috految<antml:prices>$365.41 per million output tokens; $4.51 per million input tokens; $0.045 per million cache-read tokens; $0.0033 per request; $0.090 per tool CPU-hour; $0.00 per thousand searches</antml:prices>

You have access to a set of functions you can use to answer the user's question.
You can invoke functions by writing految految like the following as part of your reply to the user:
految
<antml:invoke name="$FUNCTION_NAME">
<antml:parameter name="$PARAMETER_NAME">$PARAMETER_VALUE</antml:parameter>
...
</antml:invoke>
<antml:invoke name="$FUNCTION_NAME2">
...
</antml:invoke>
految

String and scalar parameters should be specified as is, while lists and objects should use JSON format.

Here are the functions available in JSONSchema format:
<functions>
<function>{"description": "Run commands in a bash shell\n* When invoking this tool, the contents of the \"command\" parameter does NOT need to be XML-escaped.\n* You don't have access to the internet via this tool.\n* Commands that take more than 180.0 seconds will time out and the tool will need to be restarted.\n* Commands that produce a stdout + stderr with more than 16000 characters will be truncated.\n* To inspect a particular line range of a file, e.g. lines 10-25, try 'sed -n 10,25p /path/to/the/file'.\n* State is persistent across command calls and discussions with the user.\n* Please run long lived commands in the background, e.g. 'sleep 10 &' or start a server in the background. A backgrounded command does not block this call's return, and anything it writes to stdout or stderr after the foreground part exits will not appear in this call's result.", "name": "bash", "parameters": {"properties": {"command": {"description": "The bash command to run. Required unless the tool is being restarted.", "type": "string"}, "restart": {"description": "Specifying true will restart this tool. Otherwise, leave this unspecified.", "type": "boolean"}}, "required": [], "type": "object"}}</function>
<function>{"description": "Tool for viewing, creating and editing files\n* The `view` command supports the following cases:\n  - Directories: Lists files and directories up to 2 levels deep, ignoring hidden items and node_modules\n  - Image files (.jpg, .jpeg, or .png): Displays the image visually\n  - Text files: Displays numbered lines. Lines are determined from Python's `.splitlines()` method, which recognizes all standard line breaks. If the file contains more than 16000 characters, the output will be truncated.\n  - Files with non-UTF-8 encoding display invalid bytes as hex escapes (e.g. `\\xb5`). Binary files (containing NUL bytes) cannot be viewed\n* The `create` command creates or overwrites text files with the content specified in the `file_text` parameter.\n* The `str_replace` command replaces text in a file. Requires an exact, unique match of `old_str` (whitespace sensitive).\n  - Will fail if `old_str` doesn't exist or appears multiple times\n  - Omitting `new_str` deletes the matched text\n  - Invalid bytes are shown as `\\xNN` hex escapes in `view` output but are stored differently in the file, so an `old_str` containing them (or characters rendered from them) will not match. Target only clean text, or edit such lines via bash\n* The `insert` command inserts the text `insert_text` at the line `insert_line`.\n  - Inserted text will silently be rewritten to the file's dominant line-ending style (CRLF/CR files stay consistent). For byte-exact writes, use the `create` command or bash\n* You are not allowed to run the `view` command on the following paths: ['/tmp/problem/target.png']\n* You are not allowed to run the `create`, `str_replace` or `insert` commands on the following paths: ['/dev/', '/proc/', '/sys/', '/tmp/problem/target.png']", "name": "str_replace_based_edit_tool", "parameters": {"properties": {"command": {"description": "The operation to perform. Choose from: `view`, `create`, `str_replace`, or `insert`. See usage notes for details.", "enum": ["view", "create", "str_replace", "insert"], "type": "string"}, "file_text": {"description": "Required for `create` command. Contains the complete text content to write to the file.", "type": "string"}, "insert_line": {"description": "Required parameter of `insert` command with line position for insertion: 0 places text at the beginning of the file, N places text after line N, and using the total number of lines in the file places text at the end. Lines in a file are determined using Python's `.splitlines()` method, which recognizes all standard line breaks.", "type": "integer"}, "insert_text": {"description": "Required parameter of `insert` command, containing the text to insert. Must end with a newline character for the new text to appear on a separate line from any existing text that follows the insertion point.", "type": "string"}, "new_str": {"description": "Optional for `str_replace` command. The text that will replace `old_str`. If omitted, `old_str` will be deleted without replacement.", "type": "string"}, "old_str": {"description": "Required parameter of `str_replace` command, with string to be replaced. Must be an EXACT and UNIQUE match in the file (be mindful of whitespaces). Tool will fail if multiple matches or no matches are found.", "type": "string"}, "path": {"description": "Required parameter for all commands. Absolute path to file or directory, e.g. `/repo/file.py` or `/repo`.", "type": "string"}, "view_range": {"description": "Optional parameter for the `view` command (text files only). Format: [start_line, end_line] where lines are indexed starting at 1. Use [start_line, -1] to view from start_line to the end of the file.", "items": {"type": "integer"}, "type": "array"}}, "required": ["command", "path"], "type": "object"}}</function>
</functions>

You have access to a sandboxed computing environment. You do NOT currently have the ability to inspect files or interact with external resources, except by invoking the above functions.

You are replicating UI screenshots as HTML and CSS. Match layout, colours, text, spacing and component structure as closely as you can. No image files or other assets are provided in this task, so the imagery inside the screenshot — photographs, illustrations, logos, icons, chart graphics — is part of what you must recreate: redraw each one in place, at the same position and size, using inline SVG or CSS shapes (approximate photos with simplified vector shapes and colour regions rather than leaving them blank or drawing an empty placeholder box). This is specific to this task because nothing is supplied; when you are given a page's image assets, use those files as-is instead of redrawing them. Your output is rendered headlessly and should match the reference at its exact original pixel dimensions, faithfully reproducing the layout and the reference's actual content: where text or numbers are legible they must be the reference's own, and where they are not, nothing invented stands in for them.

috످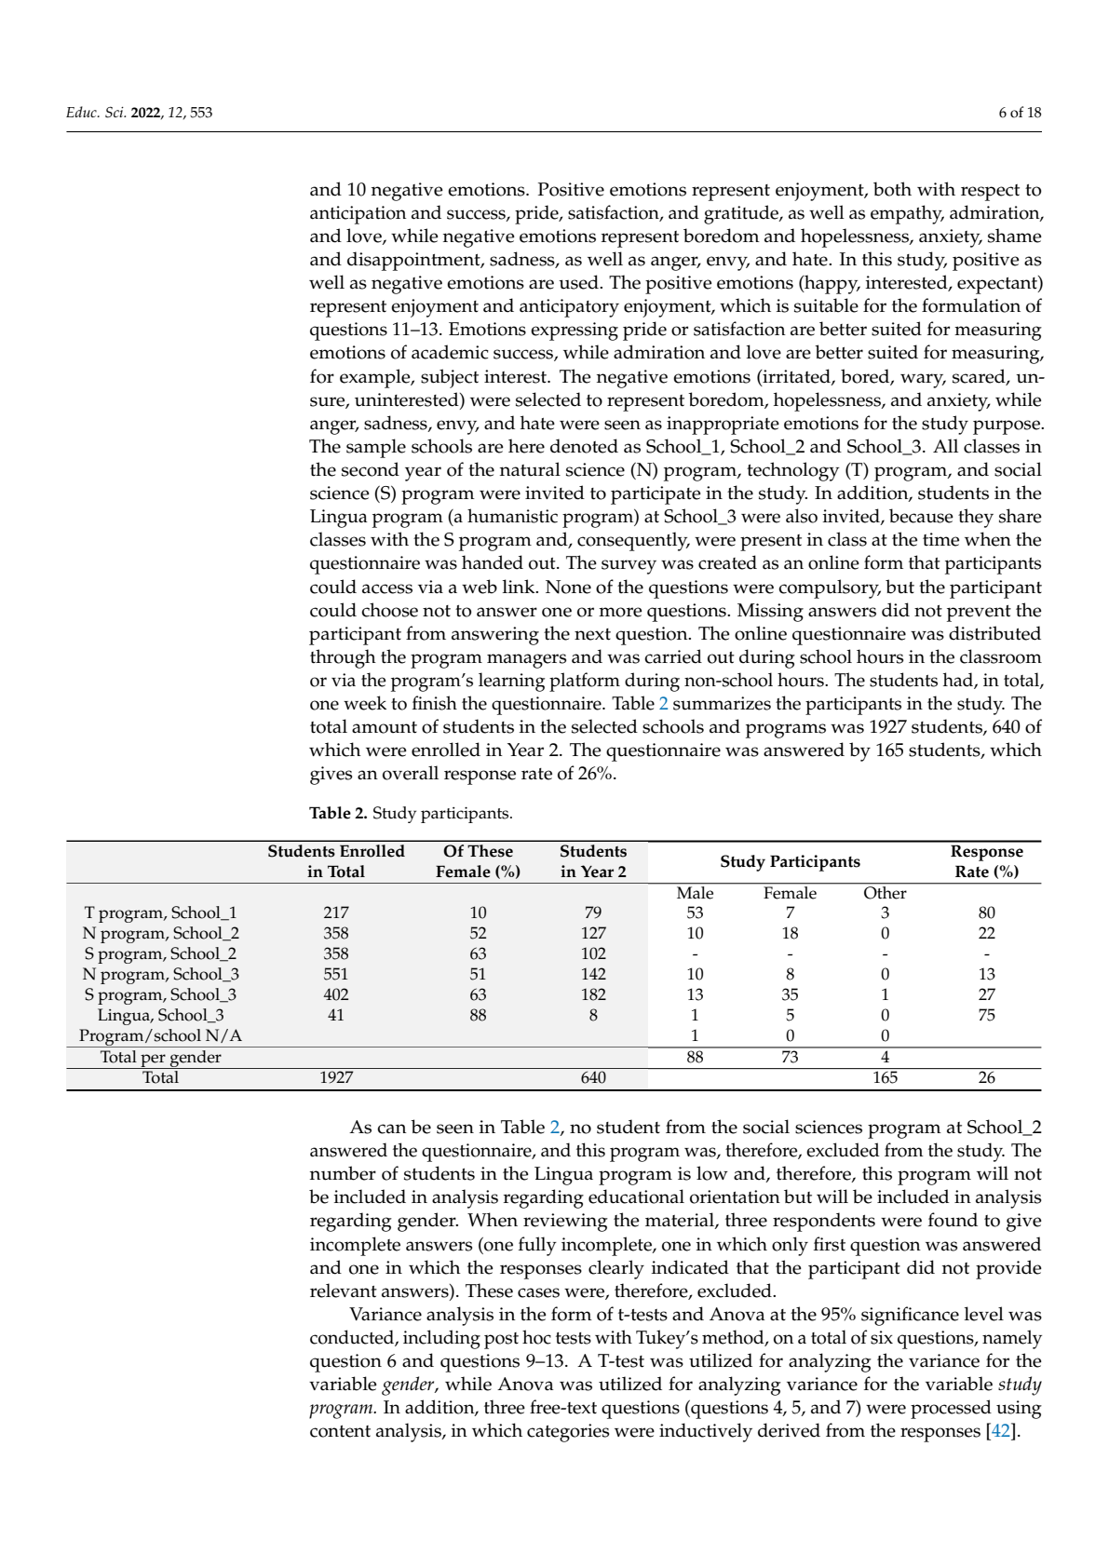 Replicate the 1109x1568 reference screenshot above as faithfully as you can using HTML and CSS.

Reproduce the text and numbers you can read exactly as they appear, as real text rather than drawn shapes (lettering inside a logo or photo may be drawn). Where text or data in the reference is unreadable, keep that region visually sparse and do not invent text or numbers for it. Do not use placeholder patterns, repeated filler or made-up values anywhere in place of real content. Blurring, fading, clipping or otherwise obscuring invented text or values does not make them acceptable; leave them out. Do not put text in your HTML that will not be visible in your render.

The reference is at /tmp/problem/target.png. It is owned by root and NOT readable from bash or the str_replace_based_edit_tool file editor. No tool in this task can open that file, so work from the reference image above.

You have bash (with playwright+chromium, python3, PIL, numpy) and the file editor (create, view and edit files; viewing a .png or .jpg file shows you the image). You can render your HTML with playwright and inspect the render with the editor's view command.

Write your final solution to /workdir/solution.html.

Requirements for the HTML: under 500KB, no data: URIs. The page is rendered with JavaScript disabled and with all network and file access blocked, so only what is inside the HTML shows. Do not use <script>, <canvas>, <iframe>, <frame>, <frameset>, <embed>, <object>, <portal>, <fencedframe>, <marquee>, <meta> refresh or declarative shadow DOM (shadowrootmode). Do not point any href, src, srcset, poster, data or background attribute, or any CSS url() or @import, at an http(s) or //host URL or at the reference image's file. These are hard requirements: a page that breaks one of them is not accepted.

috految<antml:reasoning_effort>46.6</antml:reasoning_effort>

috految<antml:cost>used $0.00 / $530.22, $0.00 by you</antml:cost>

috److految
<antml:invoke name="bash">
<antml:parameter name="command">fc-list | grep -iE 'pala|pagella|p052|pallad|domitian|asana'; fc-list : family | grep -v Noto | cut -d, -f1 | sort -u | tr '\n' ';'; find /usr /opt -name 'ppl*.afm'</antml:parameter>
</antml:invoke>
految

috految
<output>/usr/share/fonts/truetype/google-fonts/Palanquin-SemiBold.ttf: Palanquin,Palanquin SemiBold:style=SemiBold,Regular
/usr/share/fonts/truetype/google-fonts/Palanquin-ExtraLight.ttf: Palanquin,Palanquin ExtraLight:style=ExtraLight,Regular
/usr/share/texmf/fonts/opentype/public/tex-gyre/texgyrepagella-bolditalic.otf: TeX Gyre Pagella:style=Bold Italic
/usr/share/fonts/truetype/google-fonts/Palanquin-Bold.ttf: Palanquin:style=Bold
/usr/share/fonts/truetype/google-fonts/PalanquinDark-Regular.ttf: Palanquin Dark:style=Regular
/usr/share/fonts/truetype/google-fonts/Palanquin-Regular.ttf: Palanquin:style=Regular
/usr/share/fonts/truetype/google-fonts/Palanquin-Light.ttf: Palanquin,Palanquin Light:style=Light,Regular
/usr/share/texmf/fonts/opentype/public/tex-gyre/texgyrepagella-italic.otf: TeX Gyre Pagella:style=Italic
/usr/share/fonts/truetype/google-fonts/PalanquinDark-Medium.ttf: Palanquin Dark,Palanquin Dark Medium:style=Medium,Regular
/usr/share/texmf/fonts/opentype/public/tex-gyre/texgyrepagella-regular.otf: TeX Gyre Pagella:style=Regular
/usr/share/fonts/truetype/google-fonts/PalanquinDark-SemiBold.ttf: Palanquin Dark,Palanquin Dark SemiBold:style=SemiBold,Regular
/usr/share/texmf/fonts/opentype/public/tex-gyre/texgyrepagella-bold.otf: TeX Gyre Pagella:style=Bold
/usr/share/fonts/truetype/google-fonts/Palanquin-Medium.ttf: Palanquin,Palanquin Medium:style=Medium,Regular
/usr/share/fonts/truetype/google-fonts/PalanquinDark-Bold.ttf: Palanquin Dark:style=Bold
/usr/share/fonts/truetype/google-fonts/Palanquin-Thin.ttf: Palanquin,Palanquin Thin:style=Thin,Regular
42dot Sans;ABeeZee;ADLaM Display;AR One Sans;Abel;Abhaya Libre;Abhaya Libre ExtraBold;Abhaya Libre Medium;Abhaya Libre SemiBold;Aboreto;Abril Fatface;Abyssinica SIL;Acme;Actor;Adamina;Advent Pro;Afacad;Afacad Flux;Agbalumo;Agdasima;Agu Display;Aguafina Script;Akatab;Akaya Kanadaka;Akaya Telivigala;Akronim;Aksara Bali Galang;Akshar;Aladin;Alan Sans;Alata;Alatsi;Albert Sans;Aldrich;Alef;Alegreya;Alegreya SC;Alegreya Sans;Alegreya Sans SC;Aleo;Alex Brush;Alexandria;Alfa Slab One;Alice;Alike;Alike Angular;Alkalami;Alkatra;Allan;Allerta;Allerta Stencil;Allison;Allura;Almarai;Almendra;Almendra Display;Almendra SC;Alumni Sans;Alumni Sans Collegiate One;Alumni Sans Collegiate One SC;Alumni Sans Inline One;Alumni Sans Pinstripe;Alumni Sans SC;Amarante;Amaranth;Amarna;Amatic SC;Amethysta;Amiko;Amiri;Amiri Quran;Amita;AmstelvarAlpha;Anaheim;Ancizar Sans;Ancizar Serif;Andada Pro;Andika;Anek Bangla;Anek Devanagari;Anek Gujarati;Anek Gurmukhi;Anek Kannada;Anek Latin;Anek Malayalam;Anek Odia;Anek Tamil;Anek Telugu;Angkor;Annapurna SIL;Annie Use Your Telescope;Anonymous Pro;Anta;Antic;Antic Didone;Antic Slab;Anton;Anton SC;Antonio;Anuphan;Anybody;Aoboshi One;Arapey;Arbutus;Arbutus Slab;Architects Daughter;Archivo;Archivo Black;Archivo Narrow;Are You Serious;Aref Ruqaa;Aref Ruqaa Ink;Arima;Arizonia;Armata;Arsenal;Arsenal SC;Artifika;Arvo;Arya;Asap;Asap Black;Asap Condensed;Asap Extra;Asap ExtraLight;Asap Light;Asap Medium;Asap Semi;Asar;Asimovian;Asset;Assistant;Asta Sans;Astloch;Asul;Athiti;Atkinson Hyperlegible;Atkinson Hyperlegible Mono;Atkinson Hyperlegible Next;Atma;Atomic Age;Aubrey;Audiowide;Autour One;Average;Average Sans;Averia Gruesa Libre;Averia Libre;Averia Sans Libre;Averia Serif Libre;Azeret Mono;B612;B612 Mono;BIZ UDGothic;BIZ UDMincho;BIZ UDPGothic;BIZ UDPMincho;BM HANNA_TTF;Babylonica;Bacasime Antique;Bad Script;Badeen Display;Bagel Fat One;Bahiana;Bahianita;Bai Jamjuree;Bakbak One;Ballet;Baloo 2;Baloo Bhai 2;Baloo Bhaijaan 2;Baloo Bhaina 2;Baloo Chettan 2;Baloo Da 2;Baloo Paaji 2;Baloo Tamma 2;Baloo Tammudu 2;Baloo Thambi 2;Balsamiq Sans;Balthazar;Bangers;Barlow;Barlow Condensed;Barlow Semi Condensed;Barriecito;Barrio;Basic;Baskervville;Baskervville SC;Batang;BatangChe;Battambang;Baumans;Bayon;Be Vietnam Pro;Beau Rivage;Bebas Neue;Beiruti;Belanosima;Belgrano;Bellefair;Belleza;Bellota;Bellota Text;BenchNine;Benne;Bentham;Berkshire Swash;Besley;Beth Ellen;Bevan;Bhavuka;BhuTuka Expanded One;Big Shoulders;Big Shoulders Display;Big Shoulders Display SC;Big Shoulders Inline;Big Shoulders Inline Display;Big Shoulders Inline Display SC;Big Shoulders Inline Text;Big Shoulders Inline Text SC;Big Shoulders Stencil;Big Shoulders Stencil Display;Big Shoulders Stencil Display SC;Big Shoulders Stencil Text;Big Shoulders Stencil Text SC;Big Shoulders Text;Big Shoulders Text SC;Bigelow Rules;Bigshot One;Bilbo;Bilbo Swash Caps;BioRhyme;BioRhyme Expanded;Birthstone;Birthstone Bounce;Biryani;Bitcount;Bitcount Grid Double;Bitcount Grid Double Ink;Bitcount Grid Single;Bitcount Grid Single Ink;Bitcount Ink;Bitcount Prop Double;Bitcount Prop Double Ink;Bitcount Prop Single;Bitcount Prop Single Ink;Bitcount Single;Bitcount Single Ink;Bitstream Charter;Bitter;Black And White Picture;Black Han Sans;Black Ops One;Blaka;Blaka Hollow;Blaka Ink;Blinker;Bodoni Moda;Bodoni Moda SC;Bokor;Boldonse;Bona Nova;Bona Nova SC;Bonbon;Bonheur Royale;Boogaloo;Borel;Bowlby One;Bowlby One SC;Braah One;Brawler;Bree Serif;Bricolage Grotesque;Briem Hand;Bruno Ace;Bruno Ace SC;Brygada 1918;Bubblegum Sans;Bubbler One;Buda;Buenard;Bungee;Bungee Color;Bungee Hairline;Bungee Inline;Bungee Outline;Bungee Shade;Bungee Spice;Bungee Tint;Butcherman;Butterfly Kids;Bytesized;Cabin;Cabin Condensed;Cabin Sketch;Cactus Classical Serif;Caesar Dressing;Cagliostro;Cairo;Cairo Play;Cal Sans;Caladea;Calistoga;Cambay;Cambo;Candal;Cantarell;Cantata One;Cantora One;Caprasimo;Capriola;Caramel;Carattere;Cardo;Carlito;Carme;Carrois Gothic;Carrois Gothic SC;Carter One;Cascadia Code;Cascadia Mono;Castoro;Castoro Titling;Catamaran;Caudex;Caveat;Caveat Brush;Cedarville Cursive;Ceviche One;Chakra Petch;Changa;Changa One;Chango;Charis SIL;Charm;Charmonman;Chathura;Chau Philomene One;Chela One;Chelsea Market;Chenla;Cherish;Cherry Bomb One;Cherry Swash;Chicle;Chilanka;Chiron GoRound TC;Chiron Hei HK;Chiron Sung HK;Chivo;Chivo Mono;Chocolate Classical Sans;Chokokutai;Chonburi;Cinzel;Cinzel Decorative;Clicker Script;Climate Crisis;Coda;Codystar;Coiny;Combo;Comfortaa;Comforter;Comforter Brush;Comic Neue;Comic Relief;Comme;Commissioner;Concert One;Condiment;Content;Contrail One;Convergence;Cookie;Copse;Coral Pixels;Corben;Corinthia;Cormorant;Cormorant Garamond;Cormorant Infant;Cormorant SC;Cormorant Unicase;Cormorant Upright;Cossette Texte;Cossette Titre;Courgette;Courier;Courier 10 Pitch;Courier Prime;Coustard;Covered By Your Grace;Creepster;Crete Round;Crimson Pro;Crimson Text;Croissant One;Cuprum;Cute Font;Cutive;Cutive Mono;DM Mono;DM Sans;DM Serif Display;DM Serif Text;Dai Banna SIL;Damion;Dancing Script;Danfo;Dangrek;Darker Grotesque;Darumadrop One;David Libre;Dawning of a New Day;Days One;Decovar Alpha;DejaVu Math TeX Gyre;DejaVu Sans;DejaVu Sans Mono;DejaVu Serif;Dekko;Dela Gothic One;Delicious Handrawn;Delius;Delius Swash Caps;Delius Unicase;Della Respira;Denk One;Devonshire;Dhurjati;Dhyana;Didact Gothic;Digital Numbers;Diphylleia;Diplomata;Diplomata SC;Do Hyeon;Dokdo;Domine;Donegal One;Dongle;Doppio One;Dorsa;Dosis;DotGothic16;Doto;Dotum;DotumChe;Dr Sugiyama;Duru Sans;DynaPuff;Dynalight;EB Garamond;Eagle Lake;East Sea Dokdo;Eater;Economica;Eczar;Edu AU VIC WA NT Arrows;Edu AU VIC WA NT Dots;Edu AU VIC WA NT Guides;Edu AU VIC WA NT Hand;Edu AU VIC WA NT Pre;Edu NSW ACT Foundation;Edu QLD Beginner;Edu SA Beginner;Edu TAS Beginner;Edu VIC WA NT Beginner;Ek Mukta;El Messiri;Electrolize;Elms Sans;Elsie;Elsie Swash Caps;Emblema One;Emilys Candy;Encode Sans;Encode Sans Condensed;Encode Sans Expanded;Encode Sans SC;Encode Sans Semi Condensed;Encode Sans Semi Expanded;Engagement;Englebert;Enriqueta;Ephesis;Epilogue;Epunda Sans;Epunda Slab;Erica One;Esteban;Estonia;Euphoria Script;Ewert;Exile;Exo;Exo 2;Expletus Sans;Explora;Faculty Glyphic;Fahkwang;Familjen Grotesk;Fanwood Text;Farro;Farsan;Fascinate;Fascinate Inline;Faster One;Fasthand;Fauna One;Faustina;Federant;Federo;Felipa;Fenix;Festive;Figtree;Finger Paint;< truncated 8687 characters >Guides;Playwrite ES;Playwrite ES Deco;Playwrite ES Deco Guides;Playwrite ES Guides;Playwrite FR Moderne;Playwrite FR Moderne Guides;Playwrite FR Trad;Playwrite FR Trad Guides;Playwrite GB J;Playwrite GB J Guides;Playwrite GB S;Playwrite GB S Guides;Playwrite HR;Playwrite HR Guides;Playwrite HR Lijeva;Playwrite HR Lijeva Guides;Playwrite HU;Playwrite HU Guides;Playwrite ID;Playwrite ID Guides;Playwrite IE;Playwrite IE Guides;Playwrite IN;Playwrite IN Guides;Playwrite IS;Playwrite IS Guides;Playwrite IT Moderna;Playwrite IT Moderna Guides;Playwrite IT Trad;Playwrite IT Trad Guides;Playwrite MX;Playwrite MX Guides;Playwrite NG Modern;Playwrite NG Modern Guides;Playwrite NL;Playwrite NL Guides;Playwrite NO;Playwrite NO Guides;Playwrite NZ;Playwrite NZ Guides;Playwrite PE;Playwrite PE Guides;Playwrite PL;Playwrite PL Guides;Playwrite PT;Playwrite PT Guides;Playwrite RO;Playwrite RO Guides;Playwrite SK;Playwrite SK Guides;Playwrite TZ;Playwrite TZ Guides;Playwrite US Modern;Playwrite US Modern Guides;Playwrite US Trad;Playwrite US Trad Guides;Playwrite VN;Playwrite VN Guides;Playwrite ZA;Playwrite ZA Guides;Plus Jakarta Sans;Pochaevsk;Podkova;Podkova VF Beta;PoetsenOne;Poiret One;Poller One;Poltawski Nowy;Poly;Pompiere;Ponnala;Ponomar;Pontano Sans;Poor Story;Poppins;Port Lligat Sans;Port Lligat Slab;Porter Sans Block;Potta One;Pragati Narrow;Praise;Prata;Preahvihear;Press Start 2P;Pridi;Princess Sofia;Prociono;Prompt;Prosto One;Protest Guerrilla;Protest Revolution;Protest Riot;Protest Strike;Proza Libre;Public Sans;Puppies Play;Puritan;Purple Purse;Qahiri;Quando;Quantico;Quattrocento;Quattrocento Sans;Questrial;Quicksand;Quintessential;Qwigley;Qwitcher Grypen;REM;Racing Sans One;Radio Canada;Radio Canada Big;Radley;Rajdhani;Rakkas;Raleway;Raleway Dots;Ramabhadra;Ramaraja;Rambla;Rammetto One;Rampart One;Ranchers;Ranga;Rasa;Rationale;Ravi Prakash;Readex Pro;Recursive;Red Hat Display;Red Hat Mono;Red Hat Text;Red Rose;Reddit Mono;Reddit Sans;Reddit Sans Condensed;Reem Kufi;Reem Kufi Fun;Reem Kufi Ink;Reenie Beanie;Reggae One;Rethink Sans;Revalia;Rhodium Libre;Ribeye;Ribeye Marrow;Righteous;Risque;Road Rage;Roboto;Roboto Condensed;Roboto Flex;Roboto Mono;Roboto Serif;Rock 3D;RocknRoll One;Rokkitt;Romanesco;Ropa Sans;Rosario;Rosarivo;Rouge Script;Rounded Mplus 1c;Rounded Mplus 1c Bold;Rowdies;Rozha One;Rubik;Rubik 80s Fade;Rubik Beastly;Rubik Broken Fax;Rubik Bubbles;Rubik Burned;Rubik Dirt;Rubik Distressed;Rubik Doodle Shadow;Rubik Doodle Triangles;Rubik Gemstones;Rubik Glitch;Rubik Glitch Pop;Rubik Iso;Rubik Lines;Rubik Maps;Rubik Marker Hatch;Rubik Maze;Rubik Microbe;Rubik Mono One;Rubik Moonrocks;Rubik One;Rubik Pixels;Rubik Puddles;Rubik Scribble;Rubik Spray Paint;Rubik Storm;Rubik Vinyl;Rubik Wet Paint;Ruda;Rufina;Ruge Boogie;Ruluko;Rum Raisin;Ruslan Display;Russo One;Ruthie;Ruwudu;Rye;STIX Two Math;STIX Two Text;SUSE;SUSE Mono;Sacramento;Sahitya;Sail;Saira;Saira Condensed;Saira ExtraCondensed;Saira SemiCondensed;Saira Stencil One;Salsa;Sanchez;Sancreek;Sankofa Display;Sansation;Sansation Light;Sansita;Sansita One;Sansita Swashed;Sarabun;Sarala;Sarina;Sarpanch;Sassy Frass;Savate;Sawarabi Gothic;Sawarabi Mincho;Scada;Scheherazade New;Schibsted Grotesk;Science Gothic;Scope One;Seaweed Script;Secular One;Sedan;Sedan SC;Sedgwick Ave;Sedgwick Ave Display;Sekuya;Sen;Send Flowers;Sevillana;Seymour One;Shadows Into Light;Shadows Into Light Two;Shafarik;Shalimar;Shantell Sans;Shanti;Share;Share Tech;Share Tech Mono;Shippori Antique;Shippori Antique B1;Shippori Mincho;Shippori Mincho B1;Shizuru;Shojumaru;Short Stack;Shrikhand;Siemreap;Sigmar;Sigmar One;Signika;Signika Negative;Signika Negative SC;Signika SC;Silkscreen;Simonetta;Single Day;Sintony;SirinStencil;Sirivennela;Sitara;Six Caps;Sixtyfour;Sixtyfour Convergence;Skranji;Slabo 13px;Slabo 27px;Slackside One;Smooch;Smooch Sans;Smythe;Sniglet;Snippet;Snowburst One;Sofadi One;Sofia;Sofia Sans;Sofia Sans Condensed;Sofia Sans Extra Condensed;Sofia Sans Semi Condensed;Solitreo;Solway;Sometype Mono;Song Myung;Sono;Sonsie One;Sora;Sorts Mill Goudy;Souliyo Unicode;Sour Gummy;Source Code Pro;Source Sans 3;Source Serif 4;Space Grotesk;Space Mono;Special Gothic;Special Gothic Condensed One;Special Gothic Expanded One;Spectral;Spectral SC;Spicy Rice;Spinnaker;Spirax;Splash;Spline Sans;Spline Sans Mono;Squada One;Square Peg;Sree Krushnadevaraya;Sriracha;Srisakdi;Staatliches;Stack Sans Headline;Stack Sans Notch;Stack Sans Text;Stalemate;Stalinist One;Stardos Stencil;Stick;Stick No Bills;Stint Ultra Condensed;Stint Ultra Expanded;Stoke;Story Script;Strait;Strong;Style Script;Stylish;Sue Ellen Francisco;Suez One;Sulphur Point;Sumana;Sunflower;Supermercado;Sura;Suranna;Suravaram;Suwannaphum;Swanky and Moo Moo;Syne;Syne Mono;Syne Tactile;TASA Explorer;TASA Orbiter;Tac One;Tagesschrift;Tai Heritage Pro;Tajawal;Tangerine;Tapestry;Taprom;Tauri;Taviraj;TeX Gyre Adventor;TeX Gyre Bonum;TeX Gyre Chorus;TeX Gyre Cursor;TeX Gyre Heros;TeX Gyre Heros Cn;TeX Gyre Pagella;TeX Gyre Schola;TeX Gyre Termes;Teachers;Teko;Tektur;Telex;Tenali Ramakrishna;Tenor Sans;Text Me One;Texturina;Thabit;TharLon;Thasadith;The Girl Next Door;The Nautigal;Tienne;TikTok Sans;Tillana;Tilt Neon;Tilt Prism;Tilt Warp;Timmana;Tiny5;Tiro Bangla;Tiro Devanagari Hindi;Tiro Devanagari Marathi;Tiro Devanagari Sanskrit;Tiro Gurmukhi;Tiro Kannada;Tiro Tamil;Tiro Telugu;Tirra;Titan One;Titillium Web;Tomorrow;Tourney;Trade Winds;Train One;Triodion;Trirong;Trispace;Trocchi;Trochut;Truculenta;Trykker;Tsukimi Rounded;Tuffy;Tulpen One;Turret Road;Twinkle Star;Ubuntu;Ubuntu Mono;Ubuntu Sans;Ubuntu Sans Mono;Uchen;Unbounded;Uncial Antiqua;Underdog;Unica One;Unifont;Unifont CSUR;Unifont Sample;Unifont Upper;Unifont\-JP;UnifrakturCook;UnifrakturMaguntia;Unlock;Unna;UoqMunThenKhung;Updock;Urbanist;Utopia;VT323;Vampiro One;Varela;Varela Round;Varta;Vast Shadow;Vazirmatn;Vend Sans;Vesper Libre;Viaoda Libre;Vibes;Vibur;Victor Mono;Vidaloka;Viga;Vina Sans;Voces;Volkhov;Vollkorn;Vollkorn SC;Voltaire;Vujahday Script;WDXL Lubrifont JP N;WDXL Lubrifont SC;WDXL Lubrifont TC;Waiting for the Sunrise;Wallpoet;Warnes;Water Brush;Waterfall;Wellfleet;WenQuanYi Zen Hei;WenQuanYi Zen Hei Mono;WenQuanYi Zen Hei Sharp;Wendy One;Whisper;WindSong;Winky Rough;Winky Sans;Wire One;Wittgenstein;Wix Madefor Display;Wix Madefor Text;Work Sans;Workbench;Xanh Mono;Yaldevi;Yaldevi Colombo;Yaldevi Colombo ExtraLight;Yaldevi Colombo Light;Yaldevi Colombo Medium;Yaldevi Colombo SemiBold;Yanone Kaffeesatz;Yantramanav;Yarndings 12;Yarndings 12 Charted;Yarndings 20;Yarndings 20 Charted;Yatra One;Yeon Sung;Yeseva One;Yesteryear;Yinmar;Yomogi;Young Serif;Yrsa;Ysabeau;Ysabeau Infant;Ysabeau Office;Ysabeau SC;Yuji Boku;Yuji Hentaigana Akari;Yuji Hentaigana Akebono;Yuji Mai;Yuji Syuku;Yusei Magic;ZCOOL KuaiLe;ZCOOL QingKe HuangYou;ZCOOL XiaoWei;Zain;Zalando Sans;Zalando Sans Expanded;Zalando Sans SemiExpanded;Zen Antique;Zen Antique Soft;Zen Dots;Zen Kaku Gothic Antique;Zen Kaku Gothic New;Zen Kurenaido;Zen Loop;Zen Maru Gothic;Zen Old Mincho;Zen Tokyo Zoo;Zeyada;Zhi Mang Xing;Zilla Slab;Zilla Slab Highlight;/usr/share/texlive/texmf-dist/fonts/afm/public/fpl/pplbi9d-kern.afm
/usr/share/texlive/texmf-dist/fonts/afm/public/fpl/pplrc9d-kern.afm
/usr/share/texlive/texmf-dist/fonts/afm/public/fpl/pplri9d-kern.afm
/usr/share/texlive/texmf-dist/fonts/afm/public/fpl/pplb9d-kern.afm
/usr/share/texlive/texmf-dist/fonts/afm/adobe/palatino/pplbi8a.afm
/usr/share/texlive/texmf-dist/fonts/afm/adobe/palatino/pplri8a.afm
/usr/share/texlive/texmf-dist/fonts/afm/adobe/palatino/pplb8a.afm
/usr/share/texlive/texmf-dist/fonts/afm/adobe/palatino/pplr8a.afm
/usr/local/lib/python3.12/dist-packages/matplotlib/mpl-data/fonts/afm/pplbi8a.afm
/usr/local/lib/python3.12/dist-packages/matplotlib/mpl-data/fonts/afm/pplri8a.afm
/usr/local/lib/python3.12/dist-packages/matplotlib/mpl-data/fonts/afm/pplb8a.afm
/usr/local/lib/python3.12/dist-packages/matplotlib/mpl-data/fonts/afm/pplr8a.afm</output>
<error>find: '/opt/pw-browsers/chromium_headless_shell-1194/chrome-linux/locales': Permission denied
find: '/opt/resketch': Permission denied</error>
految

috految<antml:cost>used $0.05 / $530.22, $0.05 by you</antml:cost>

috److految
<antml:invoke name="bash">
<antml:parameter name="command">cd /workdir; cat >g.py <<'E'
import re
from fontTools.afmLib import AFM
from fontTools.agl import UV2AGL as G
A={k:AFM(f'/usr/share/texlive/texmf-dist/fonts/afm/adobe/palatino/ppl{v}8a.afm') for k,v in dict(r='r',a='r',b='b',i='ri').items()}
o='<!DOCTYPE html><meta charset="utf-8"><style>body{margin:0;background:#fff}svg{display:block;will-change:transform;font-family:"TeX Gyre Pagella",serif;text-rendering:geometricPrecision;font-kerning:none}text{fill:#111;stroke:#111;stroke-width:.08}.b{font-weight:700}.i{font-style:italic}.a{fill:#0875b7;stroke:#0875b7}.p{font-family:"TeX Gyre Termes";font-size:103%}.u{font-family:FreeSerif}</style><svg width="1109" height="1568"><path d="M66.400 841H648V1090H66.400z" fill="#f0f0f0"/>'
for y,a,b in[(131.5,1,1),(841.3,1.4,1.7),(883.3,.7,.85),(1047.2,.65,.9),(1068.4,.85,1),(1090.3,1.6,1.6)]:o+=f'<g stroke="#111"><path d="M66.4 {y}H648" stroke-width="{a}"/><path d="M648 {y}H1041.700" stroke-width="{b}"/></g>'
def T(t,x,y,z=16.7,r=0,c=0):
 global o
 C=[];h=''
 for p in re.split(r'({.*?})',t):
  k='r'
  if p[:1]=='{':k,p=p[1],p[2:-1]
  C+=[(q,k) for q in p]
  p=re.sub(r'[][()]',r'<tspan class="p">\g<0></tspan>',p).replace('_','<tspan class="u">_</tspan>')
  h+=p if k=='r' else f'<tspan class="{k}">{p}</tspan>'
 W=[];S=[];p=''
 for (q,k),(n,_) in zip(C,C[1:]+[(' ','')]):
  g=G[ord(q)];W+=[(A[k][g][1]+(60 if p+q=='. ' else -19 if q+n=='fi' else 0 if ' ' in q+n or q.isdigit() else A[k]._kerning.get((g,G[ord(n)]),0)))*z/1000];S+=[(q==' ')*{'.':3,',':1.25}.get(p,1)];p=q
 s=1
 if r:
  s=max(.98,min(1.02,1+(r-x-sum(W))/sum(w for w,f in zip(W,S) if not f)));W=[w if f else w*s for w,f in zip(W,S)];d=r-x-sum(W);W=[w+d*f/sum(S) for w,f in zip(W,S)]
 if c:x-=sum(W)/2
 X=' '.join(f'{sum(W[:i])/s+(C[i][0]=="/"):.2f}' for i in range(len(W)))
 o+=f'<text transform="translate({x:.2f} {y}) scale({s:.4f} 1)" font-size="{z}" x="{X}">{h}</text>\n'
T('{iEduc. Sci.} {b2022}, {i12}, 553',66,117,14.85,212.7);T('6 of 18',998.8,117,14.85,1041.7)
for l in '''196 and 10 negative emotions. Positive emotions represent enjoyment, both with respect to
219 anticipation and success, pride, satisfaction, and gratitude, as well as empathy, admiration,
242 and love, while negative emotions represent boredom and hopelessness, anxiety, shame
265 and disappointment, sadness, as well as anger, envy, and hate. In this study, positive as
289 well as negative emotions are used. The positive emotions (happy, interested, expectant)
312 represent enjoyment and anticipatory enjoyment, which is suitable for the formulation of
335 questions 11–13. Emotions expressing pride or satisfaction are better suited for measuring
359 emotions of academic success, while admiration and love are better suited for measuring,
383 for example, subject interest. The negative emotions (irritated, bored, wary, scared, un-
406 sure, uninterested) were selected to represent boredom, hopelessness, and anxiety, while
429 anger, sadness, envy, and hate were seen as inappropriate emotions for the study purpose.
452 The sample schools are here denoted as School_1, School_2 and School_3. All classes in
476 the second year of the natural science (N) program, technology (T) program, and social
499 science (S) program were invited to participate in the study. In addition, students in the
522 Lingua program (a humanistic program) at School_3 were also invited, because they share
546 classes with the S program and, consequently, were present in class at the time when the
569 questionnaire was handed out. The survey was created as an online form that participants
593 could access via a web link. None of the questions were compulsory, but the participant
616 could choose not to answer one or more questions. Missing answers did not prevent the
640 participant from answering the next question. The online questionnaire was distributed
663 through the program managers and was carried out during school hours in the classroom
686 or via the program’s learning platform during non-school hours. The students had, in total,
710 one week to finish the questionnaire. Table {a2} summarizes the participants in the study. The
733 total amount of students in the selected schools and programs was 1927 students, 640 of
756 which were enrolled in Year 2. The questionnaire was answered by 165 students, which
780 gives an overall response rate of 26%.
1133 As can be seen in Table {a2}, no student from the social sciences program at School_2
1157 answered the questionnaire, and this program was, therefore, excluded from the study. The
1180 number of students in the Lingua program is low and, therefore, this program will not
1203 be included in analysis regarding educational orientation but will be included in analysis
1226 regarding gender. When reviewing the material, three respondents were found to give
1251 incomplete answers (one fully incomplete, one in which only first question was answered
1274 and one in which the responses clearly indicated that the participant did not provide
1297 relevant answers). These cases were, therefore, excluded.
1320 Variance analysis in the form of t-tests and Anova at the 95% significance level was
1344 conducted, including post hoc tests with Tukey’s method, on a total of six questions, namely
1367 question 6 and questions 9–13. A T-test was utilized for analyzing the variance for the
1390 variable {igender}, while Anova was utilized for analyzing variance for the variable {istudy}
1413 {iprogram}. In addition, three free-text questions (questions 4, 5, and 7) were processed using
1437 content analysis, in which categories were inductively derived from the responses [{a42}].'''.split('\n'):
 y,t=l.split(' ',1);y=int(y)
 T(t,349.5 if y in(1133,1320) else 309.1 if t[0] in 'wTvp' else 309.7,y,18.55,{780:617,1297:776.6,1437:1021.3}.get(y,1041.6+{',':2.3,'.':3.2,'-':3,')':1.5,'y':.6}.get(t[-1],0)))
T('{bTable 2.} Study participants.',309.2,819,r=513)
for l in '''857||{bStudents Enrolled}|{bOf These}|{bStudents}||||{bResponse}
877||{bin Total}|{bFemale (%)}|{bin Year 2}||||{bRate (%)}
867||||||{bStudy Participants}
899|||||Male|Female|Other
918|T program, School_1|217|10|79|53|7|3|80
939|N program, School_2|358|52|127|10|18|0|22
959|S program, School_2|358|63|102|-|-|-|-
980|N program, School_3|551|51|142|10|8|0|13
1000|S program, School_3|402|63|182|13|35|1|27
1021|Lingua, School_3|41|88|8|1|5|0|75
1041|Program/school N/A||||1|0|0
1063|Total per gender||||88|73|4
1083|Total|1927||640|||165|26'''.split('\n'):
 y,*v=l.split('|')
 for t,x in zip(v,[160.6,336.2,478.2,593.4,695.1,790.2,885,986.8]):
  if t:T(t,x,y,c=1)
open('solution.html','w').write(o+'</svg>')
E
python3 g.py && playwright screenshot --viewport-size=1109,1568 file://$PWD/solution.html o.png</antml:parameter>
</antml:invoke>
<antml:invoke name="str_replace_based_edit_tool">
<antml:parameter name="command">view</antml:parameter>
<antml:parameter name="path">/workdir/o.png</antml:parameter>
</antml:invoke>
految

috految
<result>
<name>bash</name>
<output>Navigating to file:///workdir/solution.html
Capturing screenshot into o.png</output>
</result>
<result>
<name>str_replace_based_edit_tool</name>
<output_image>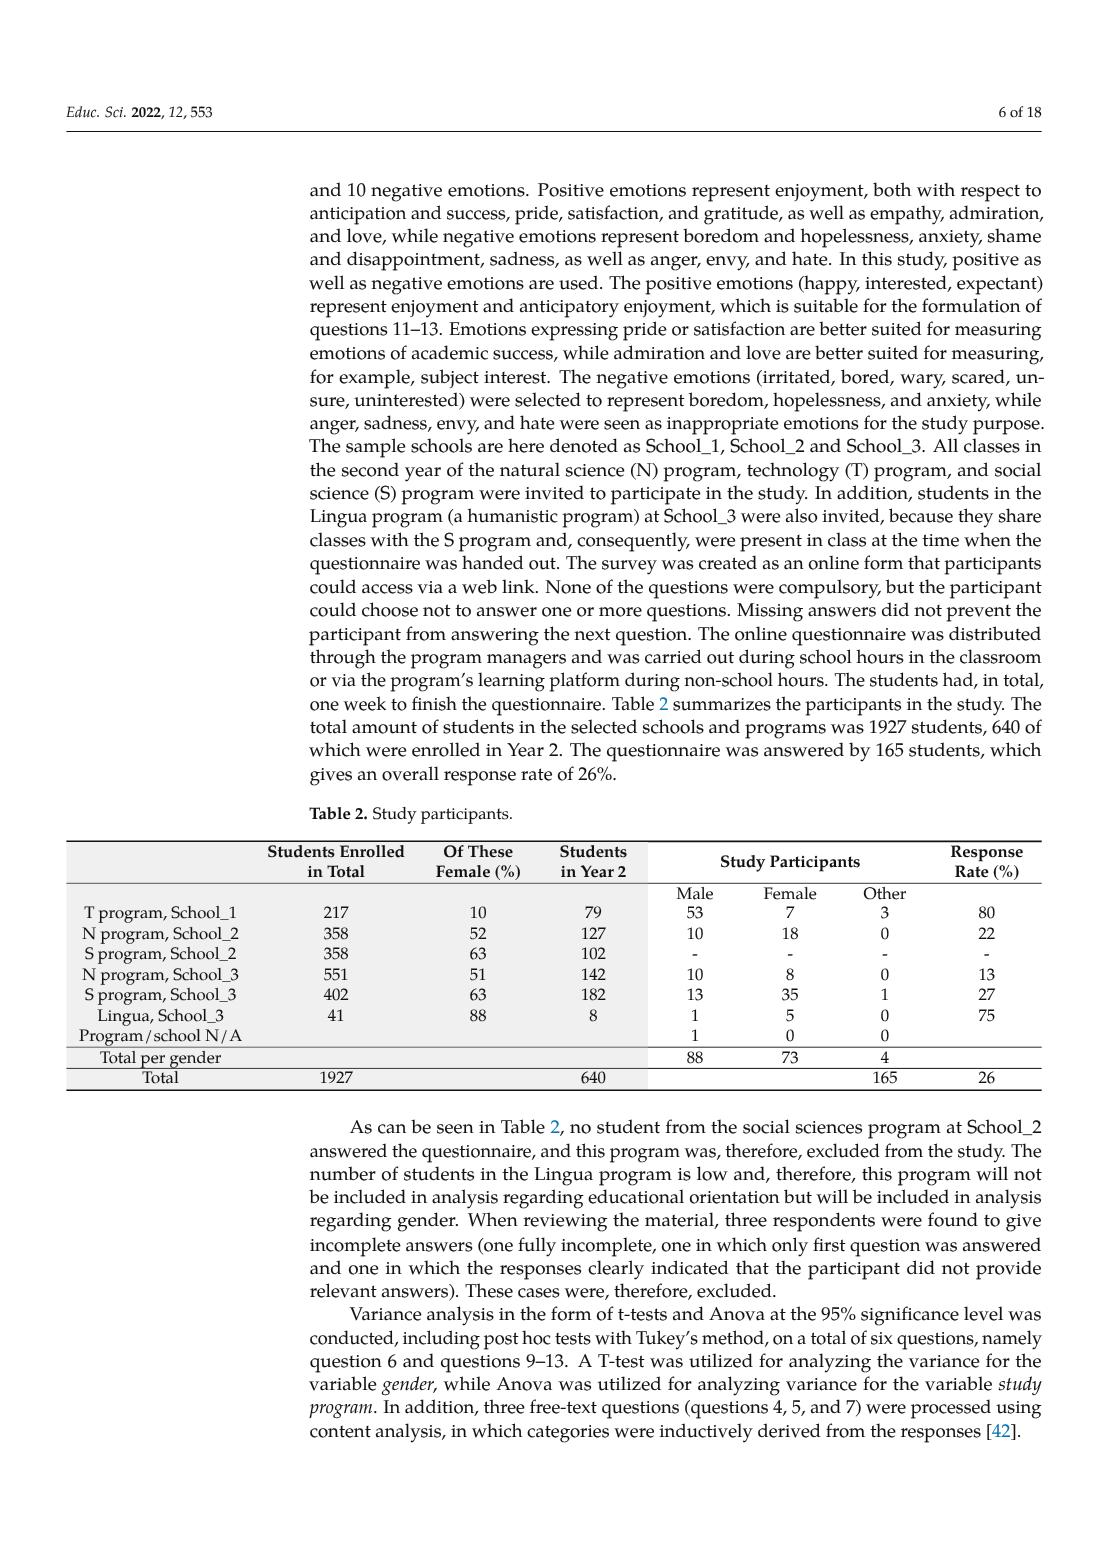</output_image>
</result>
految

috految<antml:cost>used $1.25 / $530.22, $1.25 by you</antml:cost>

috److految
<antml:invoke name="bash">
<antml:parameter name="command">cd /workdir; sed -i 's/f0f0f0/f2f2f2/;s/#111/#080808/g;s/ 1063)/ 1062.4)/;s/ 780)/ 779.4)/;s/ 1157)/ 1156.4)/;s/width:.08/width:.11/' solution.html</antml:parameter>
</antml:invoke>
految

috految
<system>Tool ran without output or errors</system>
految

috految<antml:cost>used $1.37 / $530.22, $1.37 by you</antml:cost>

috److I recreated the page at 1109×1568 in `/workdir/solution.html`. It includes the running header, all body paragraphs with their original line breaks, and Table 2 with its shading and rules.

- **Text:** Everything is real text inside an inline SVG, including the bold and italic words and the blue reference numbers.
- **Font:** I used TeX Gyre Pagella, an installed Palatino equivalent. On a machine without it, the text will fall back to a generic serif.
- **Checks:** I rendered it once and it closely matched the reference by eye. I then made small tweaks to text weight and colour, the table shading and three line positions, and did not re-render after those.

috످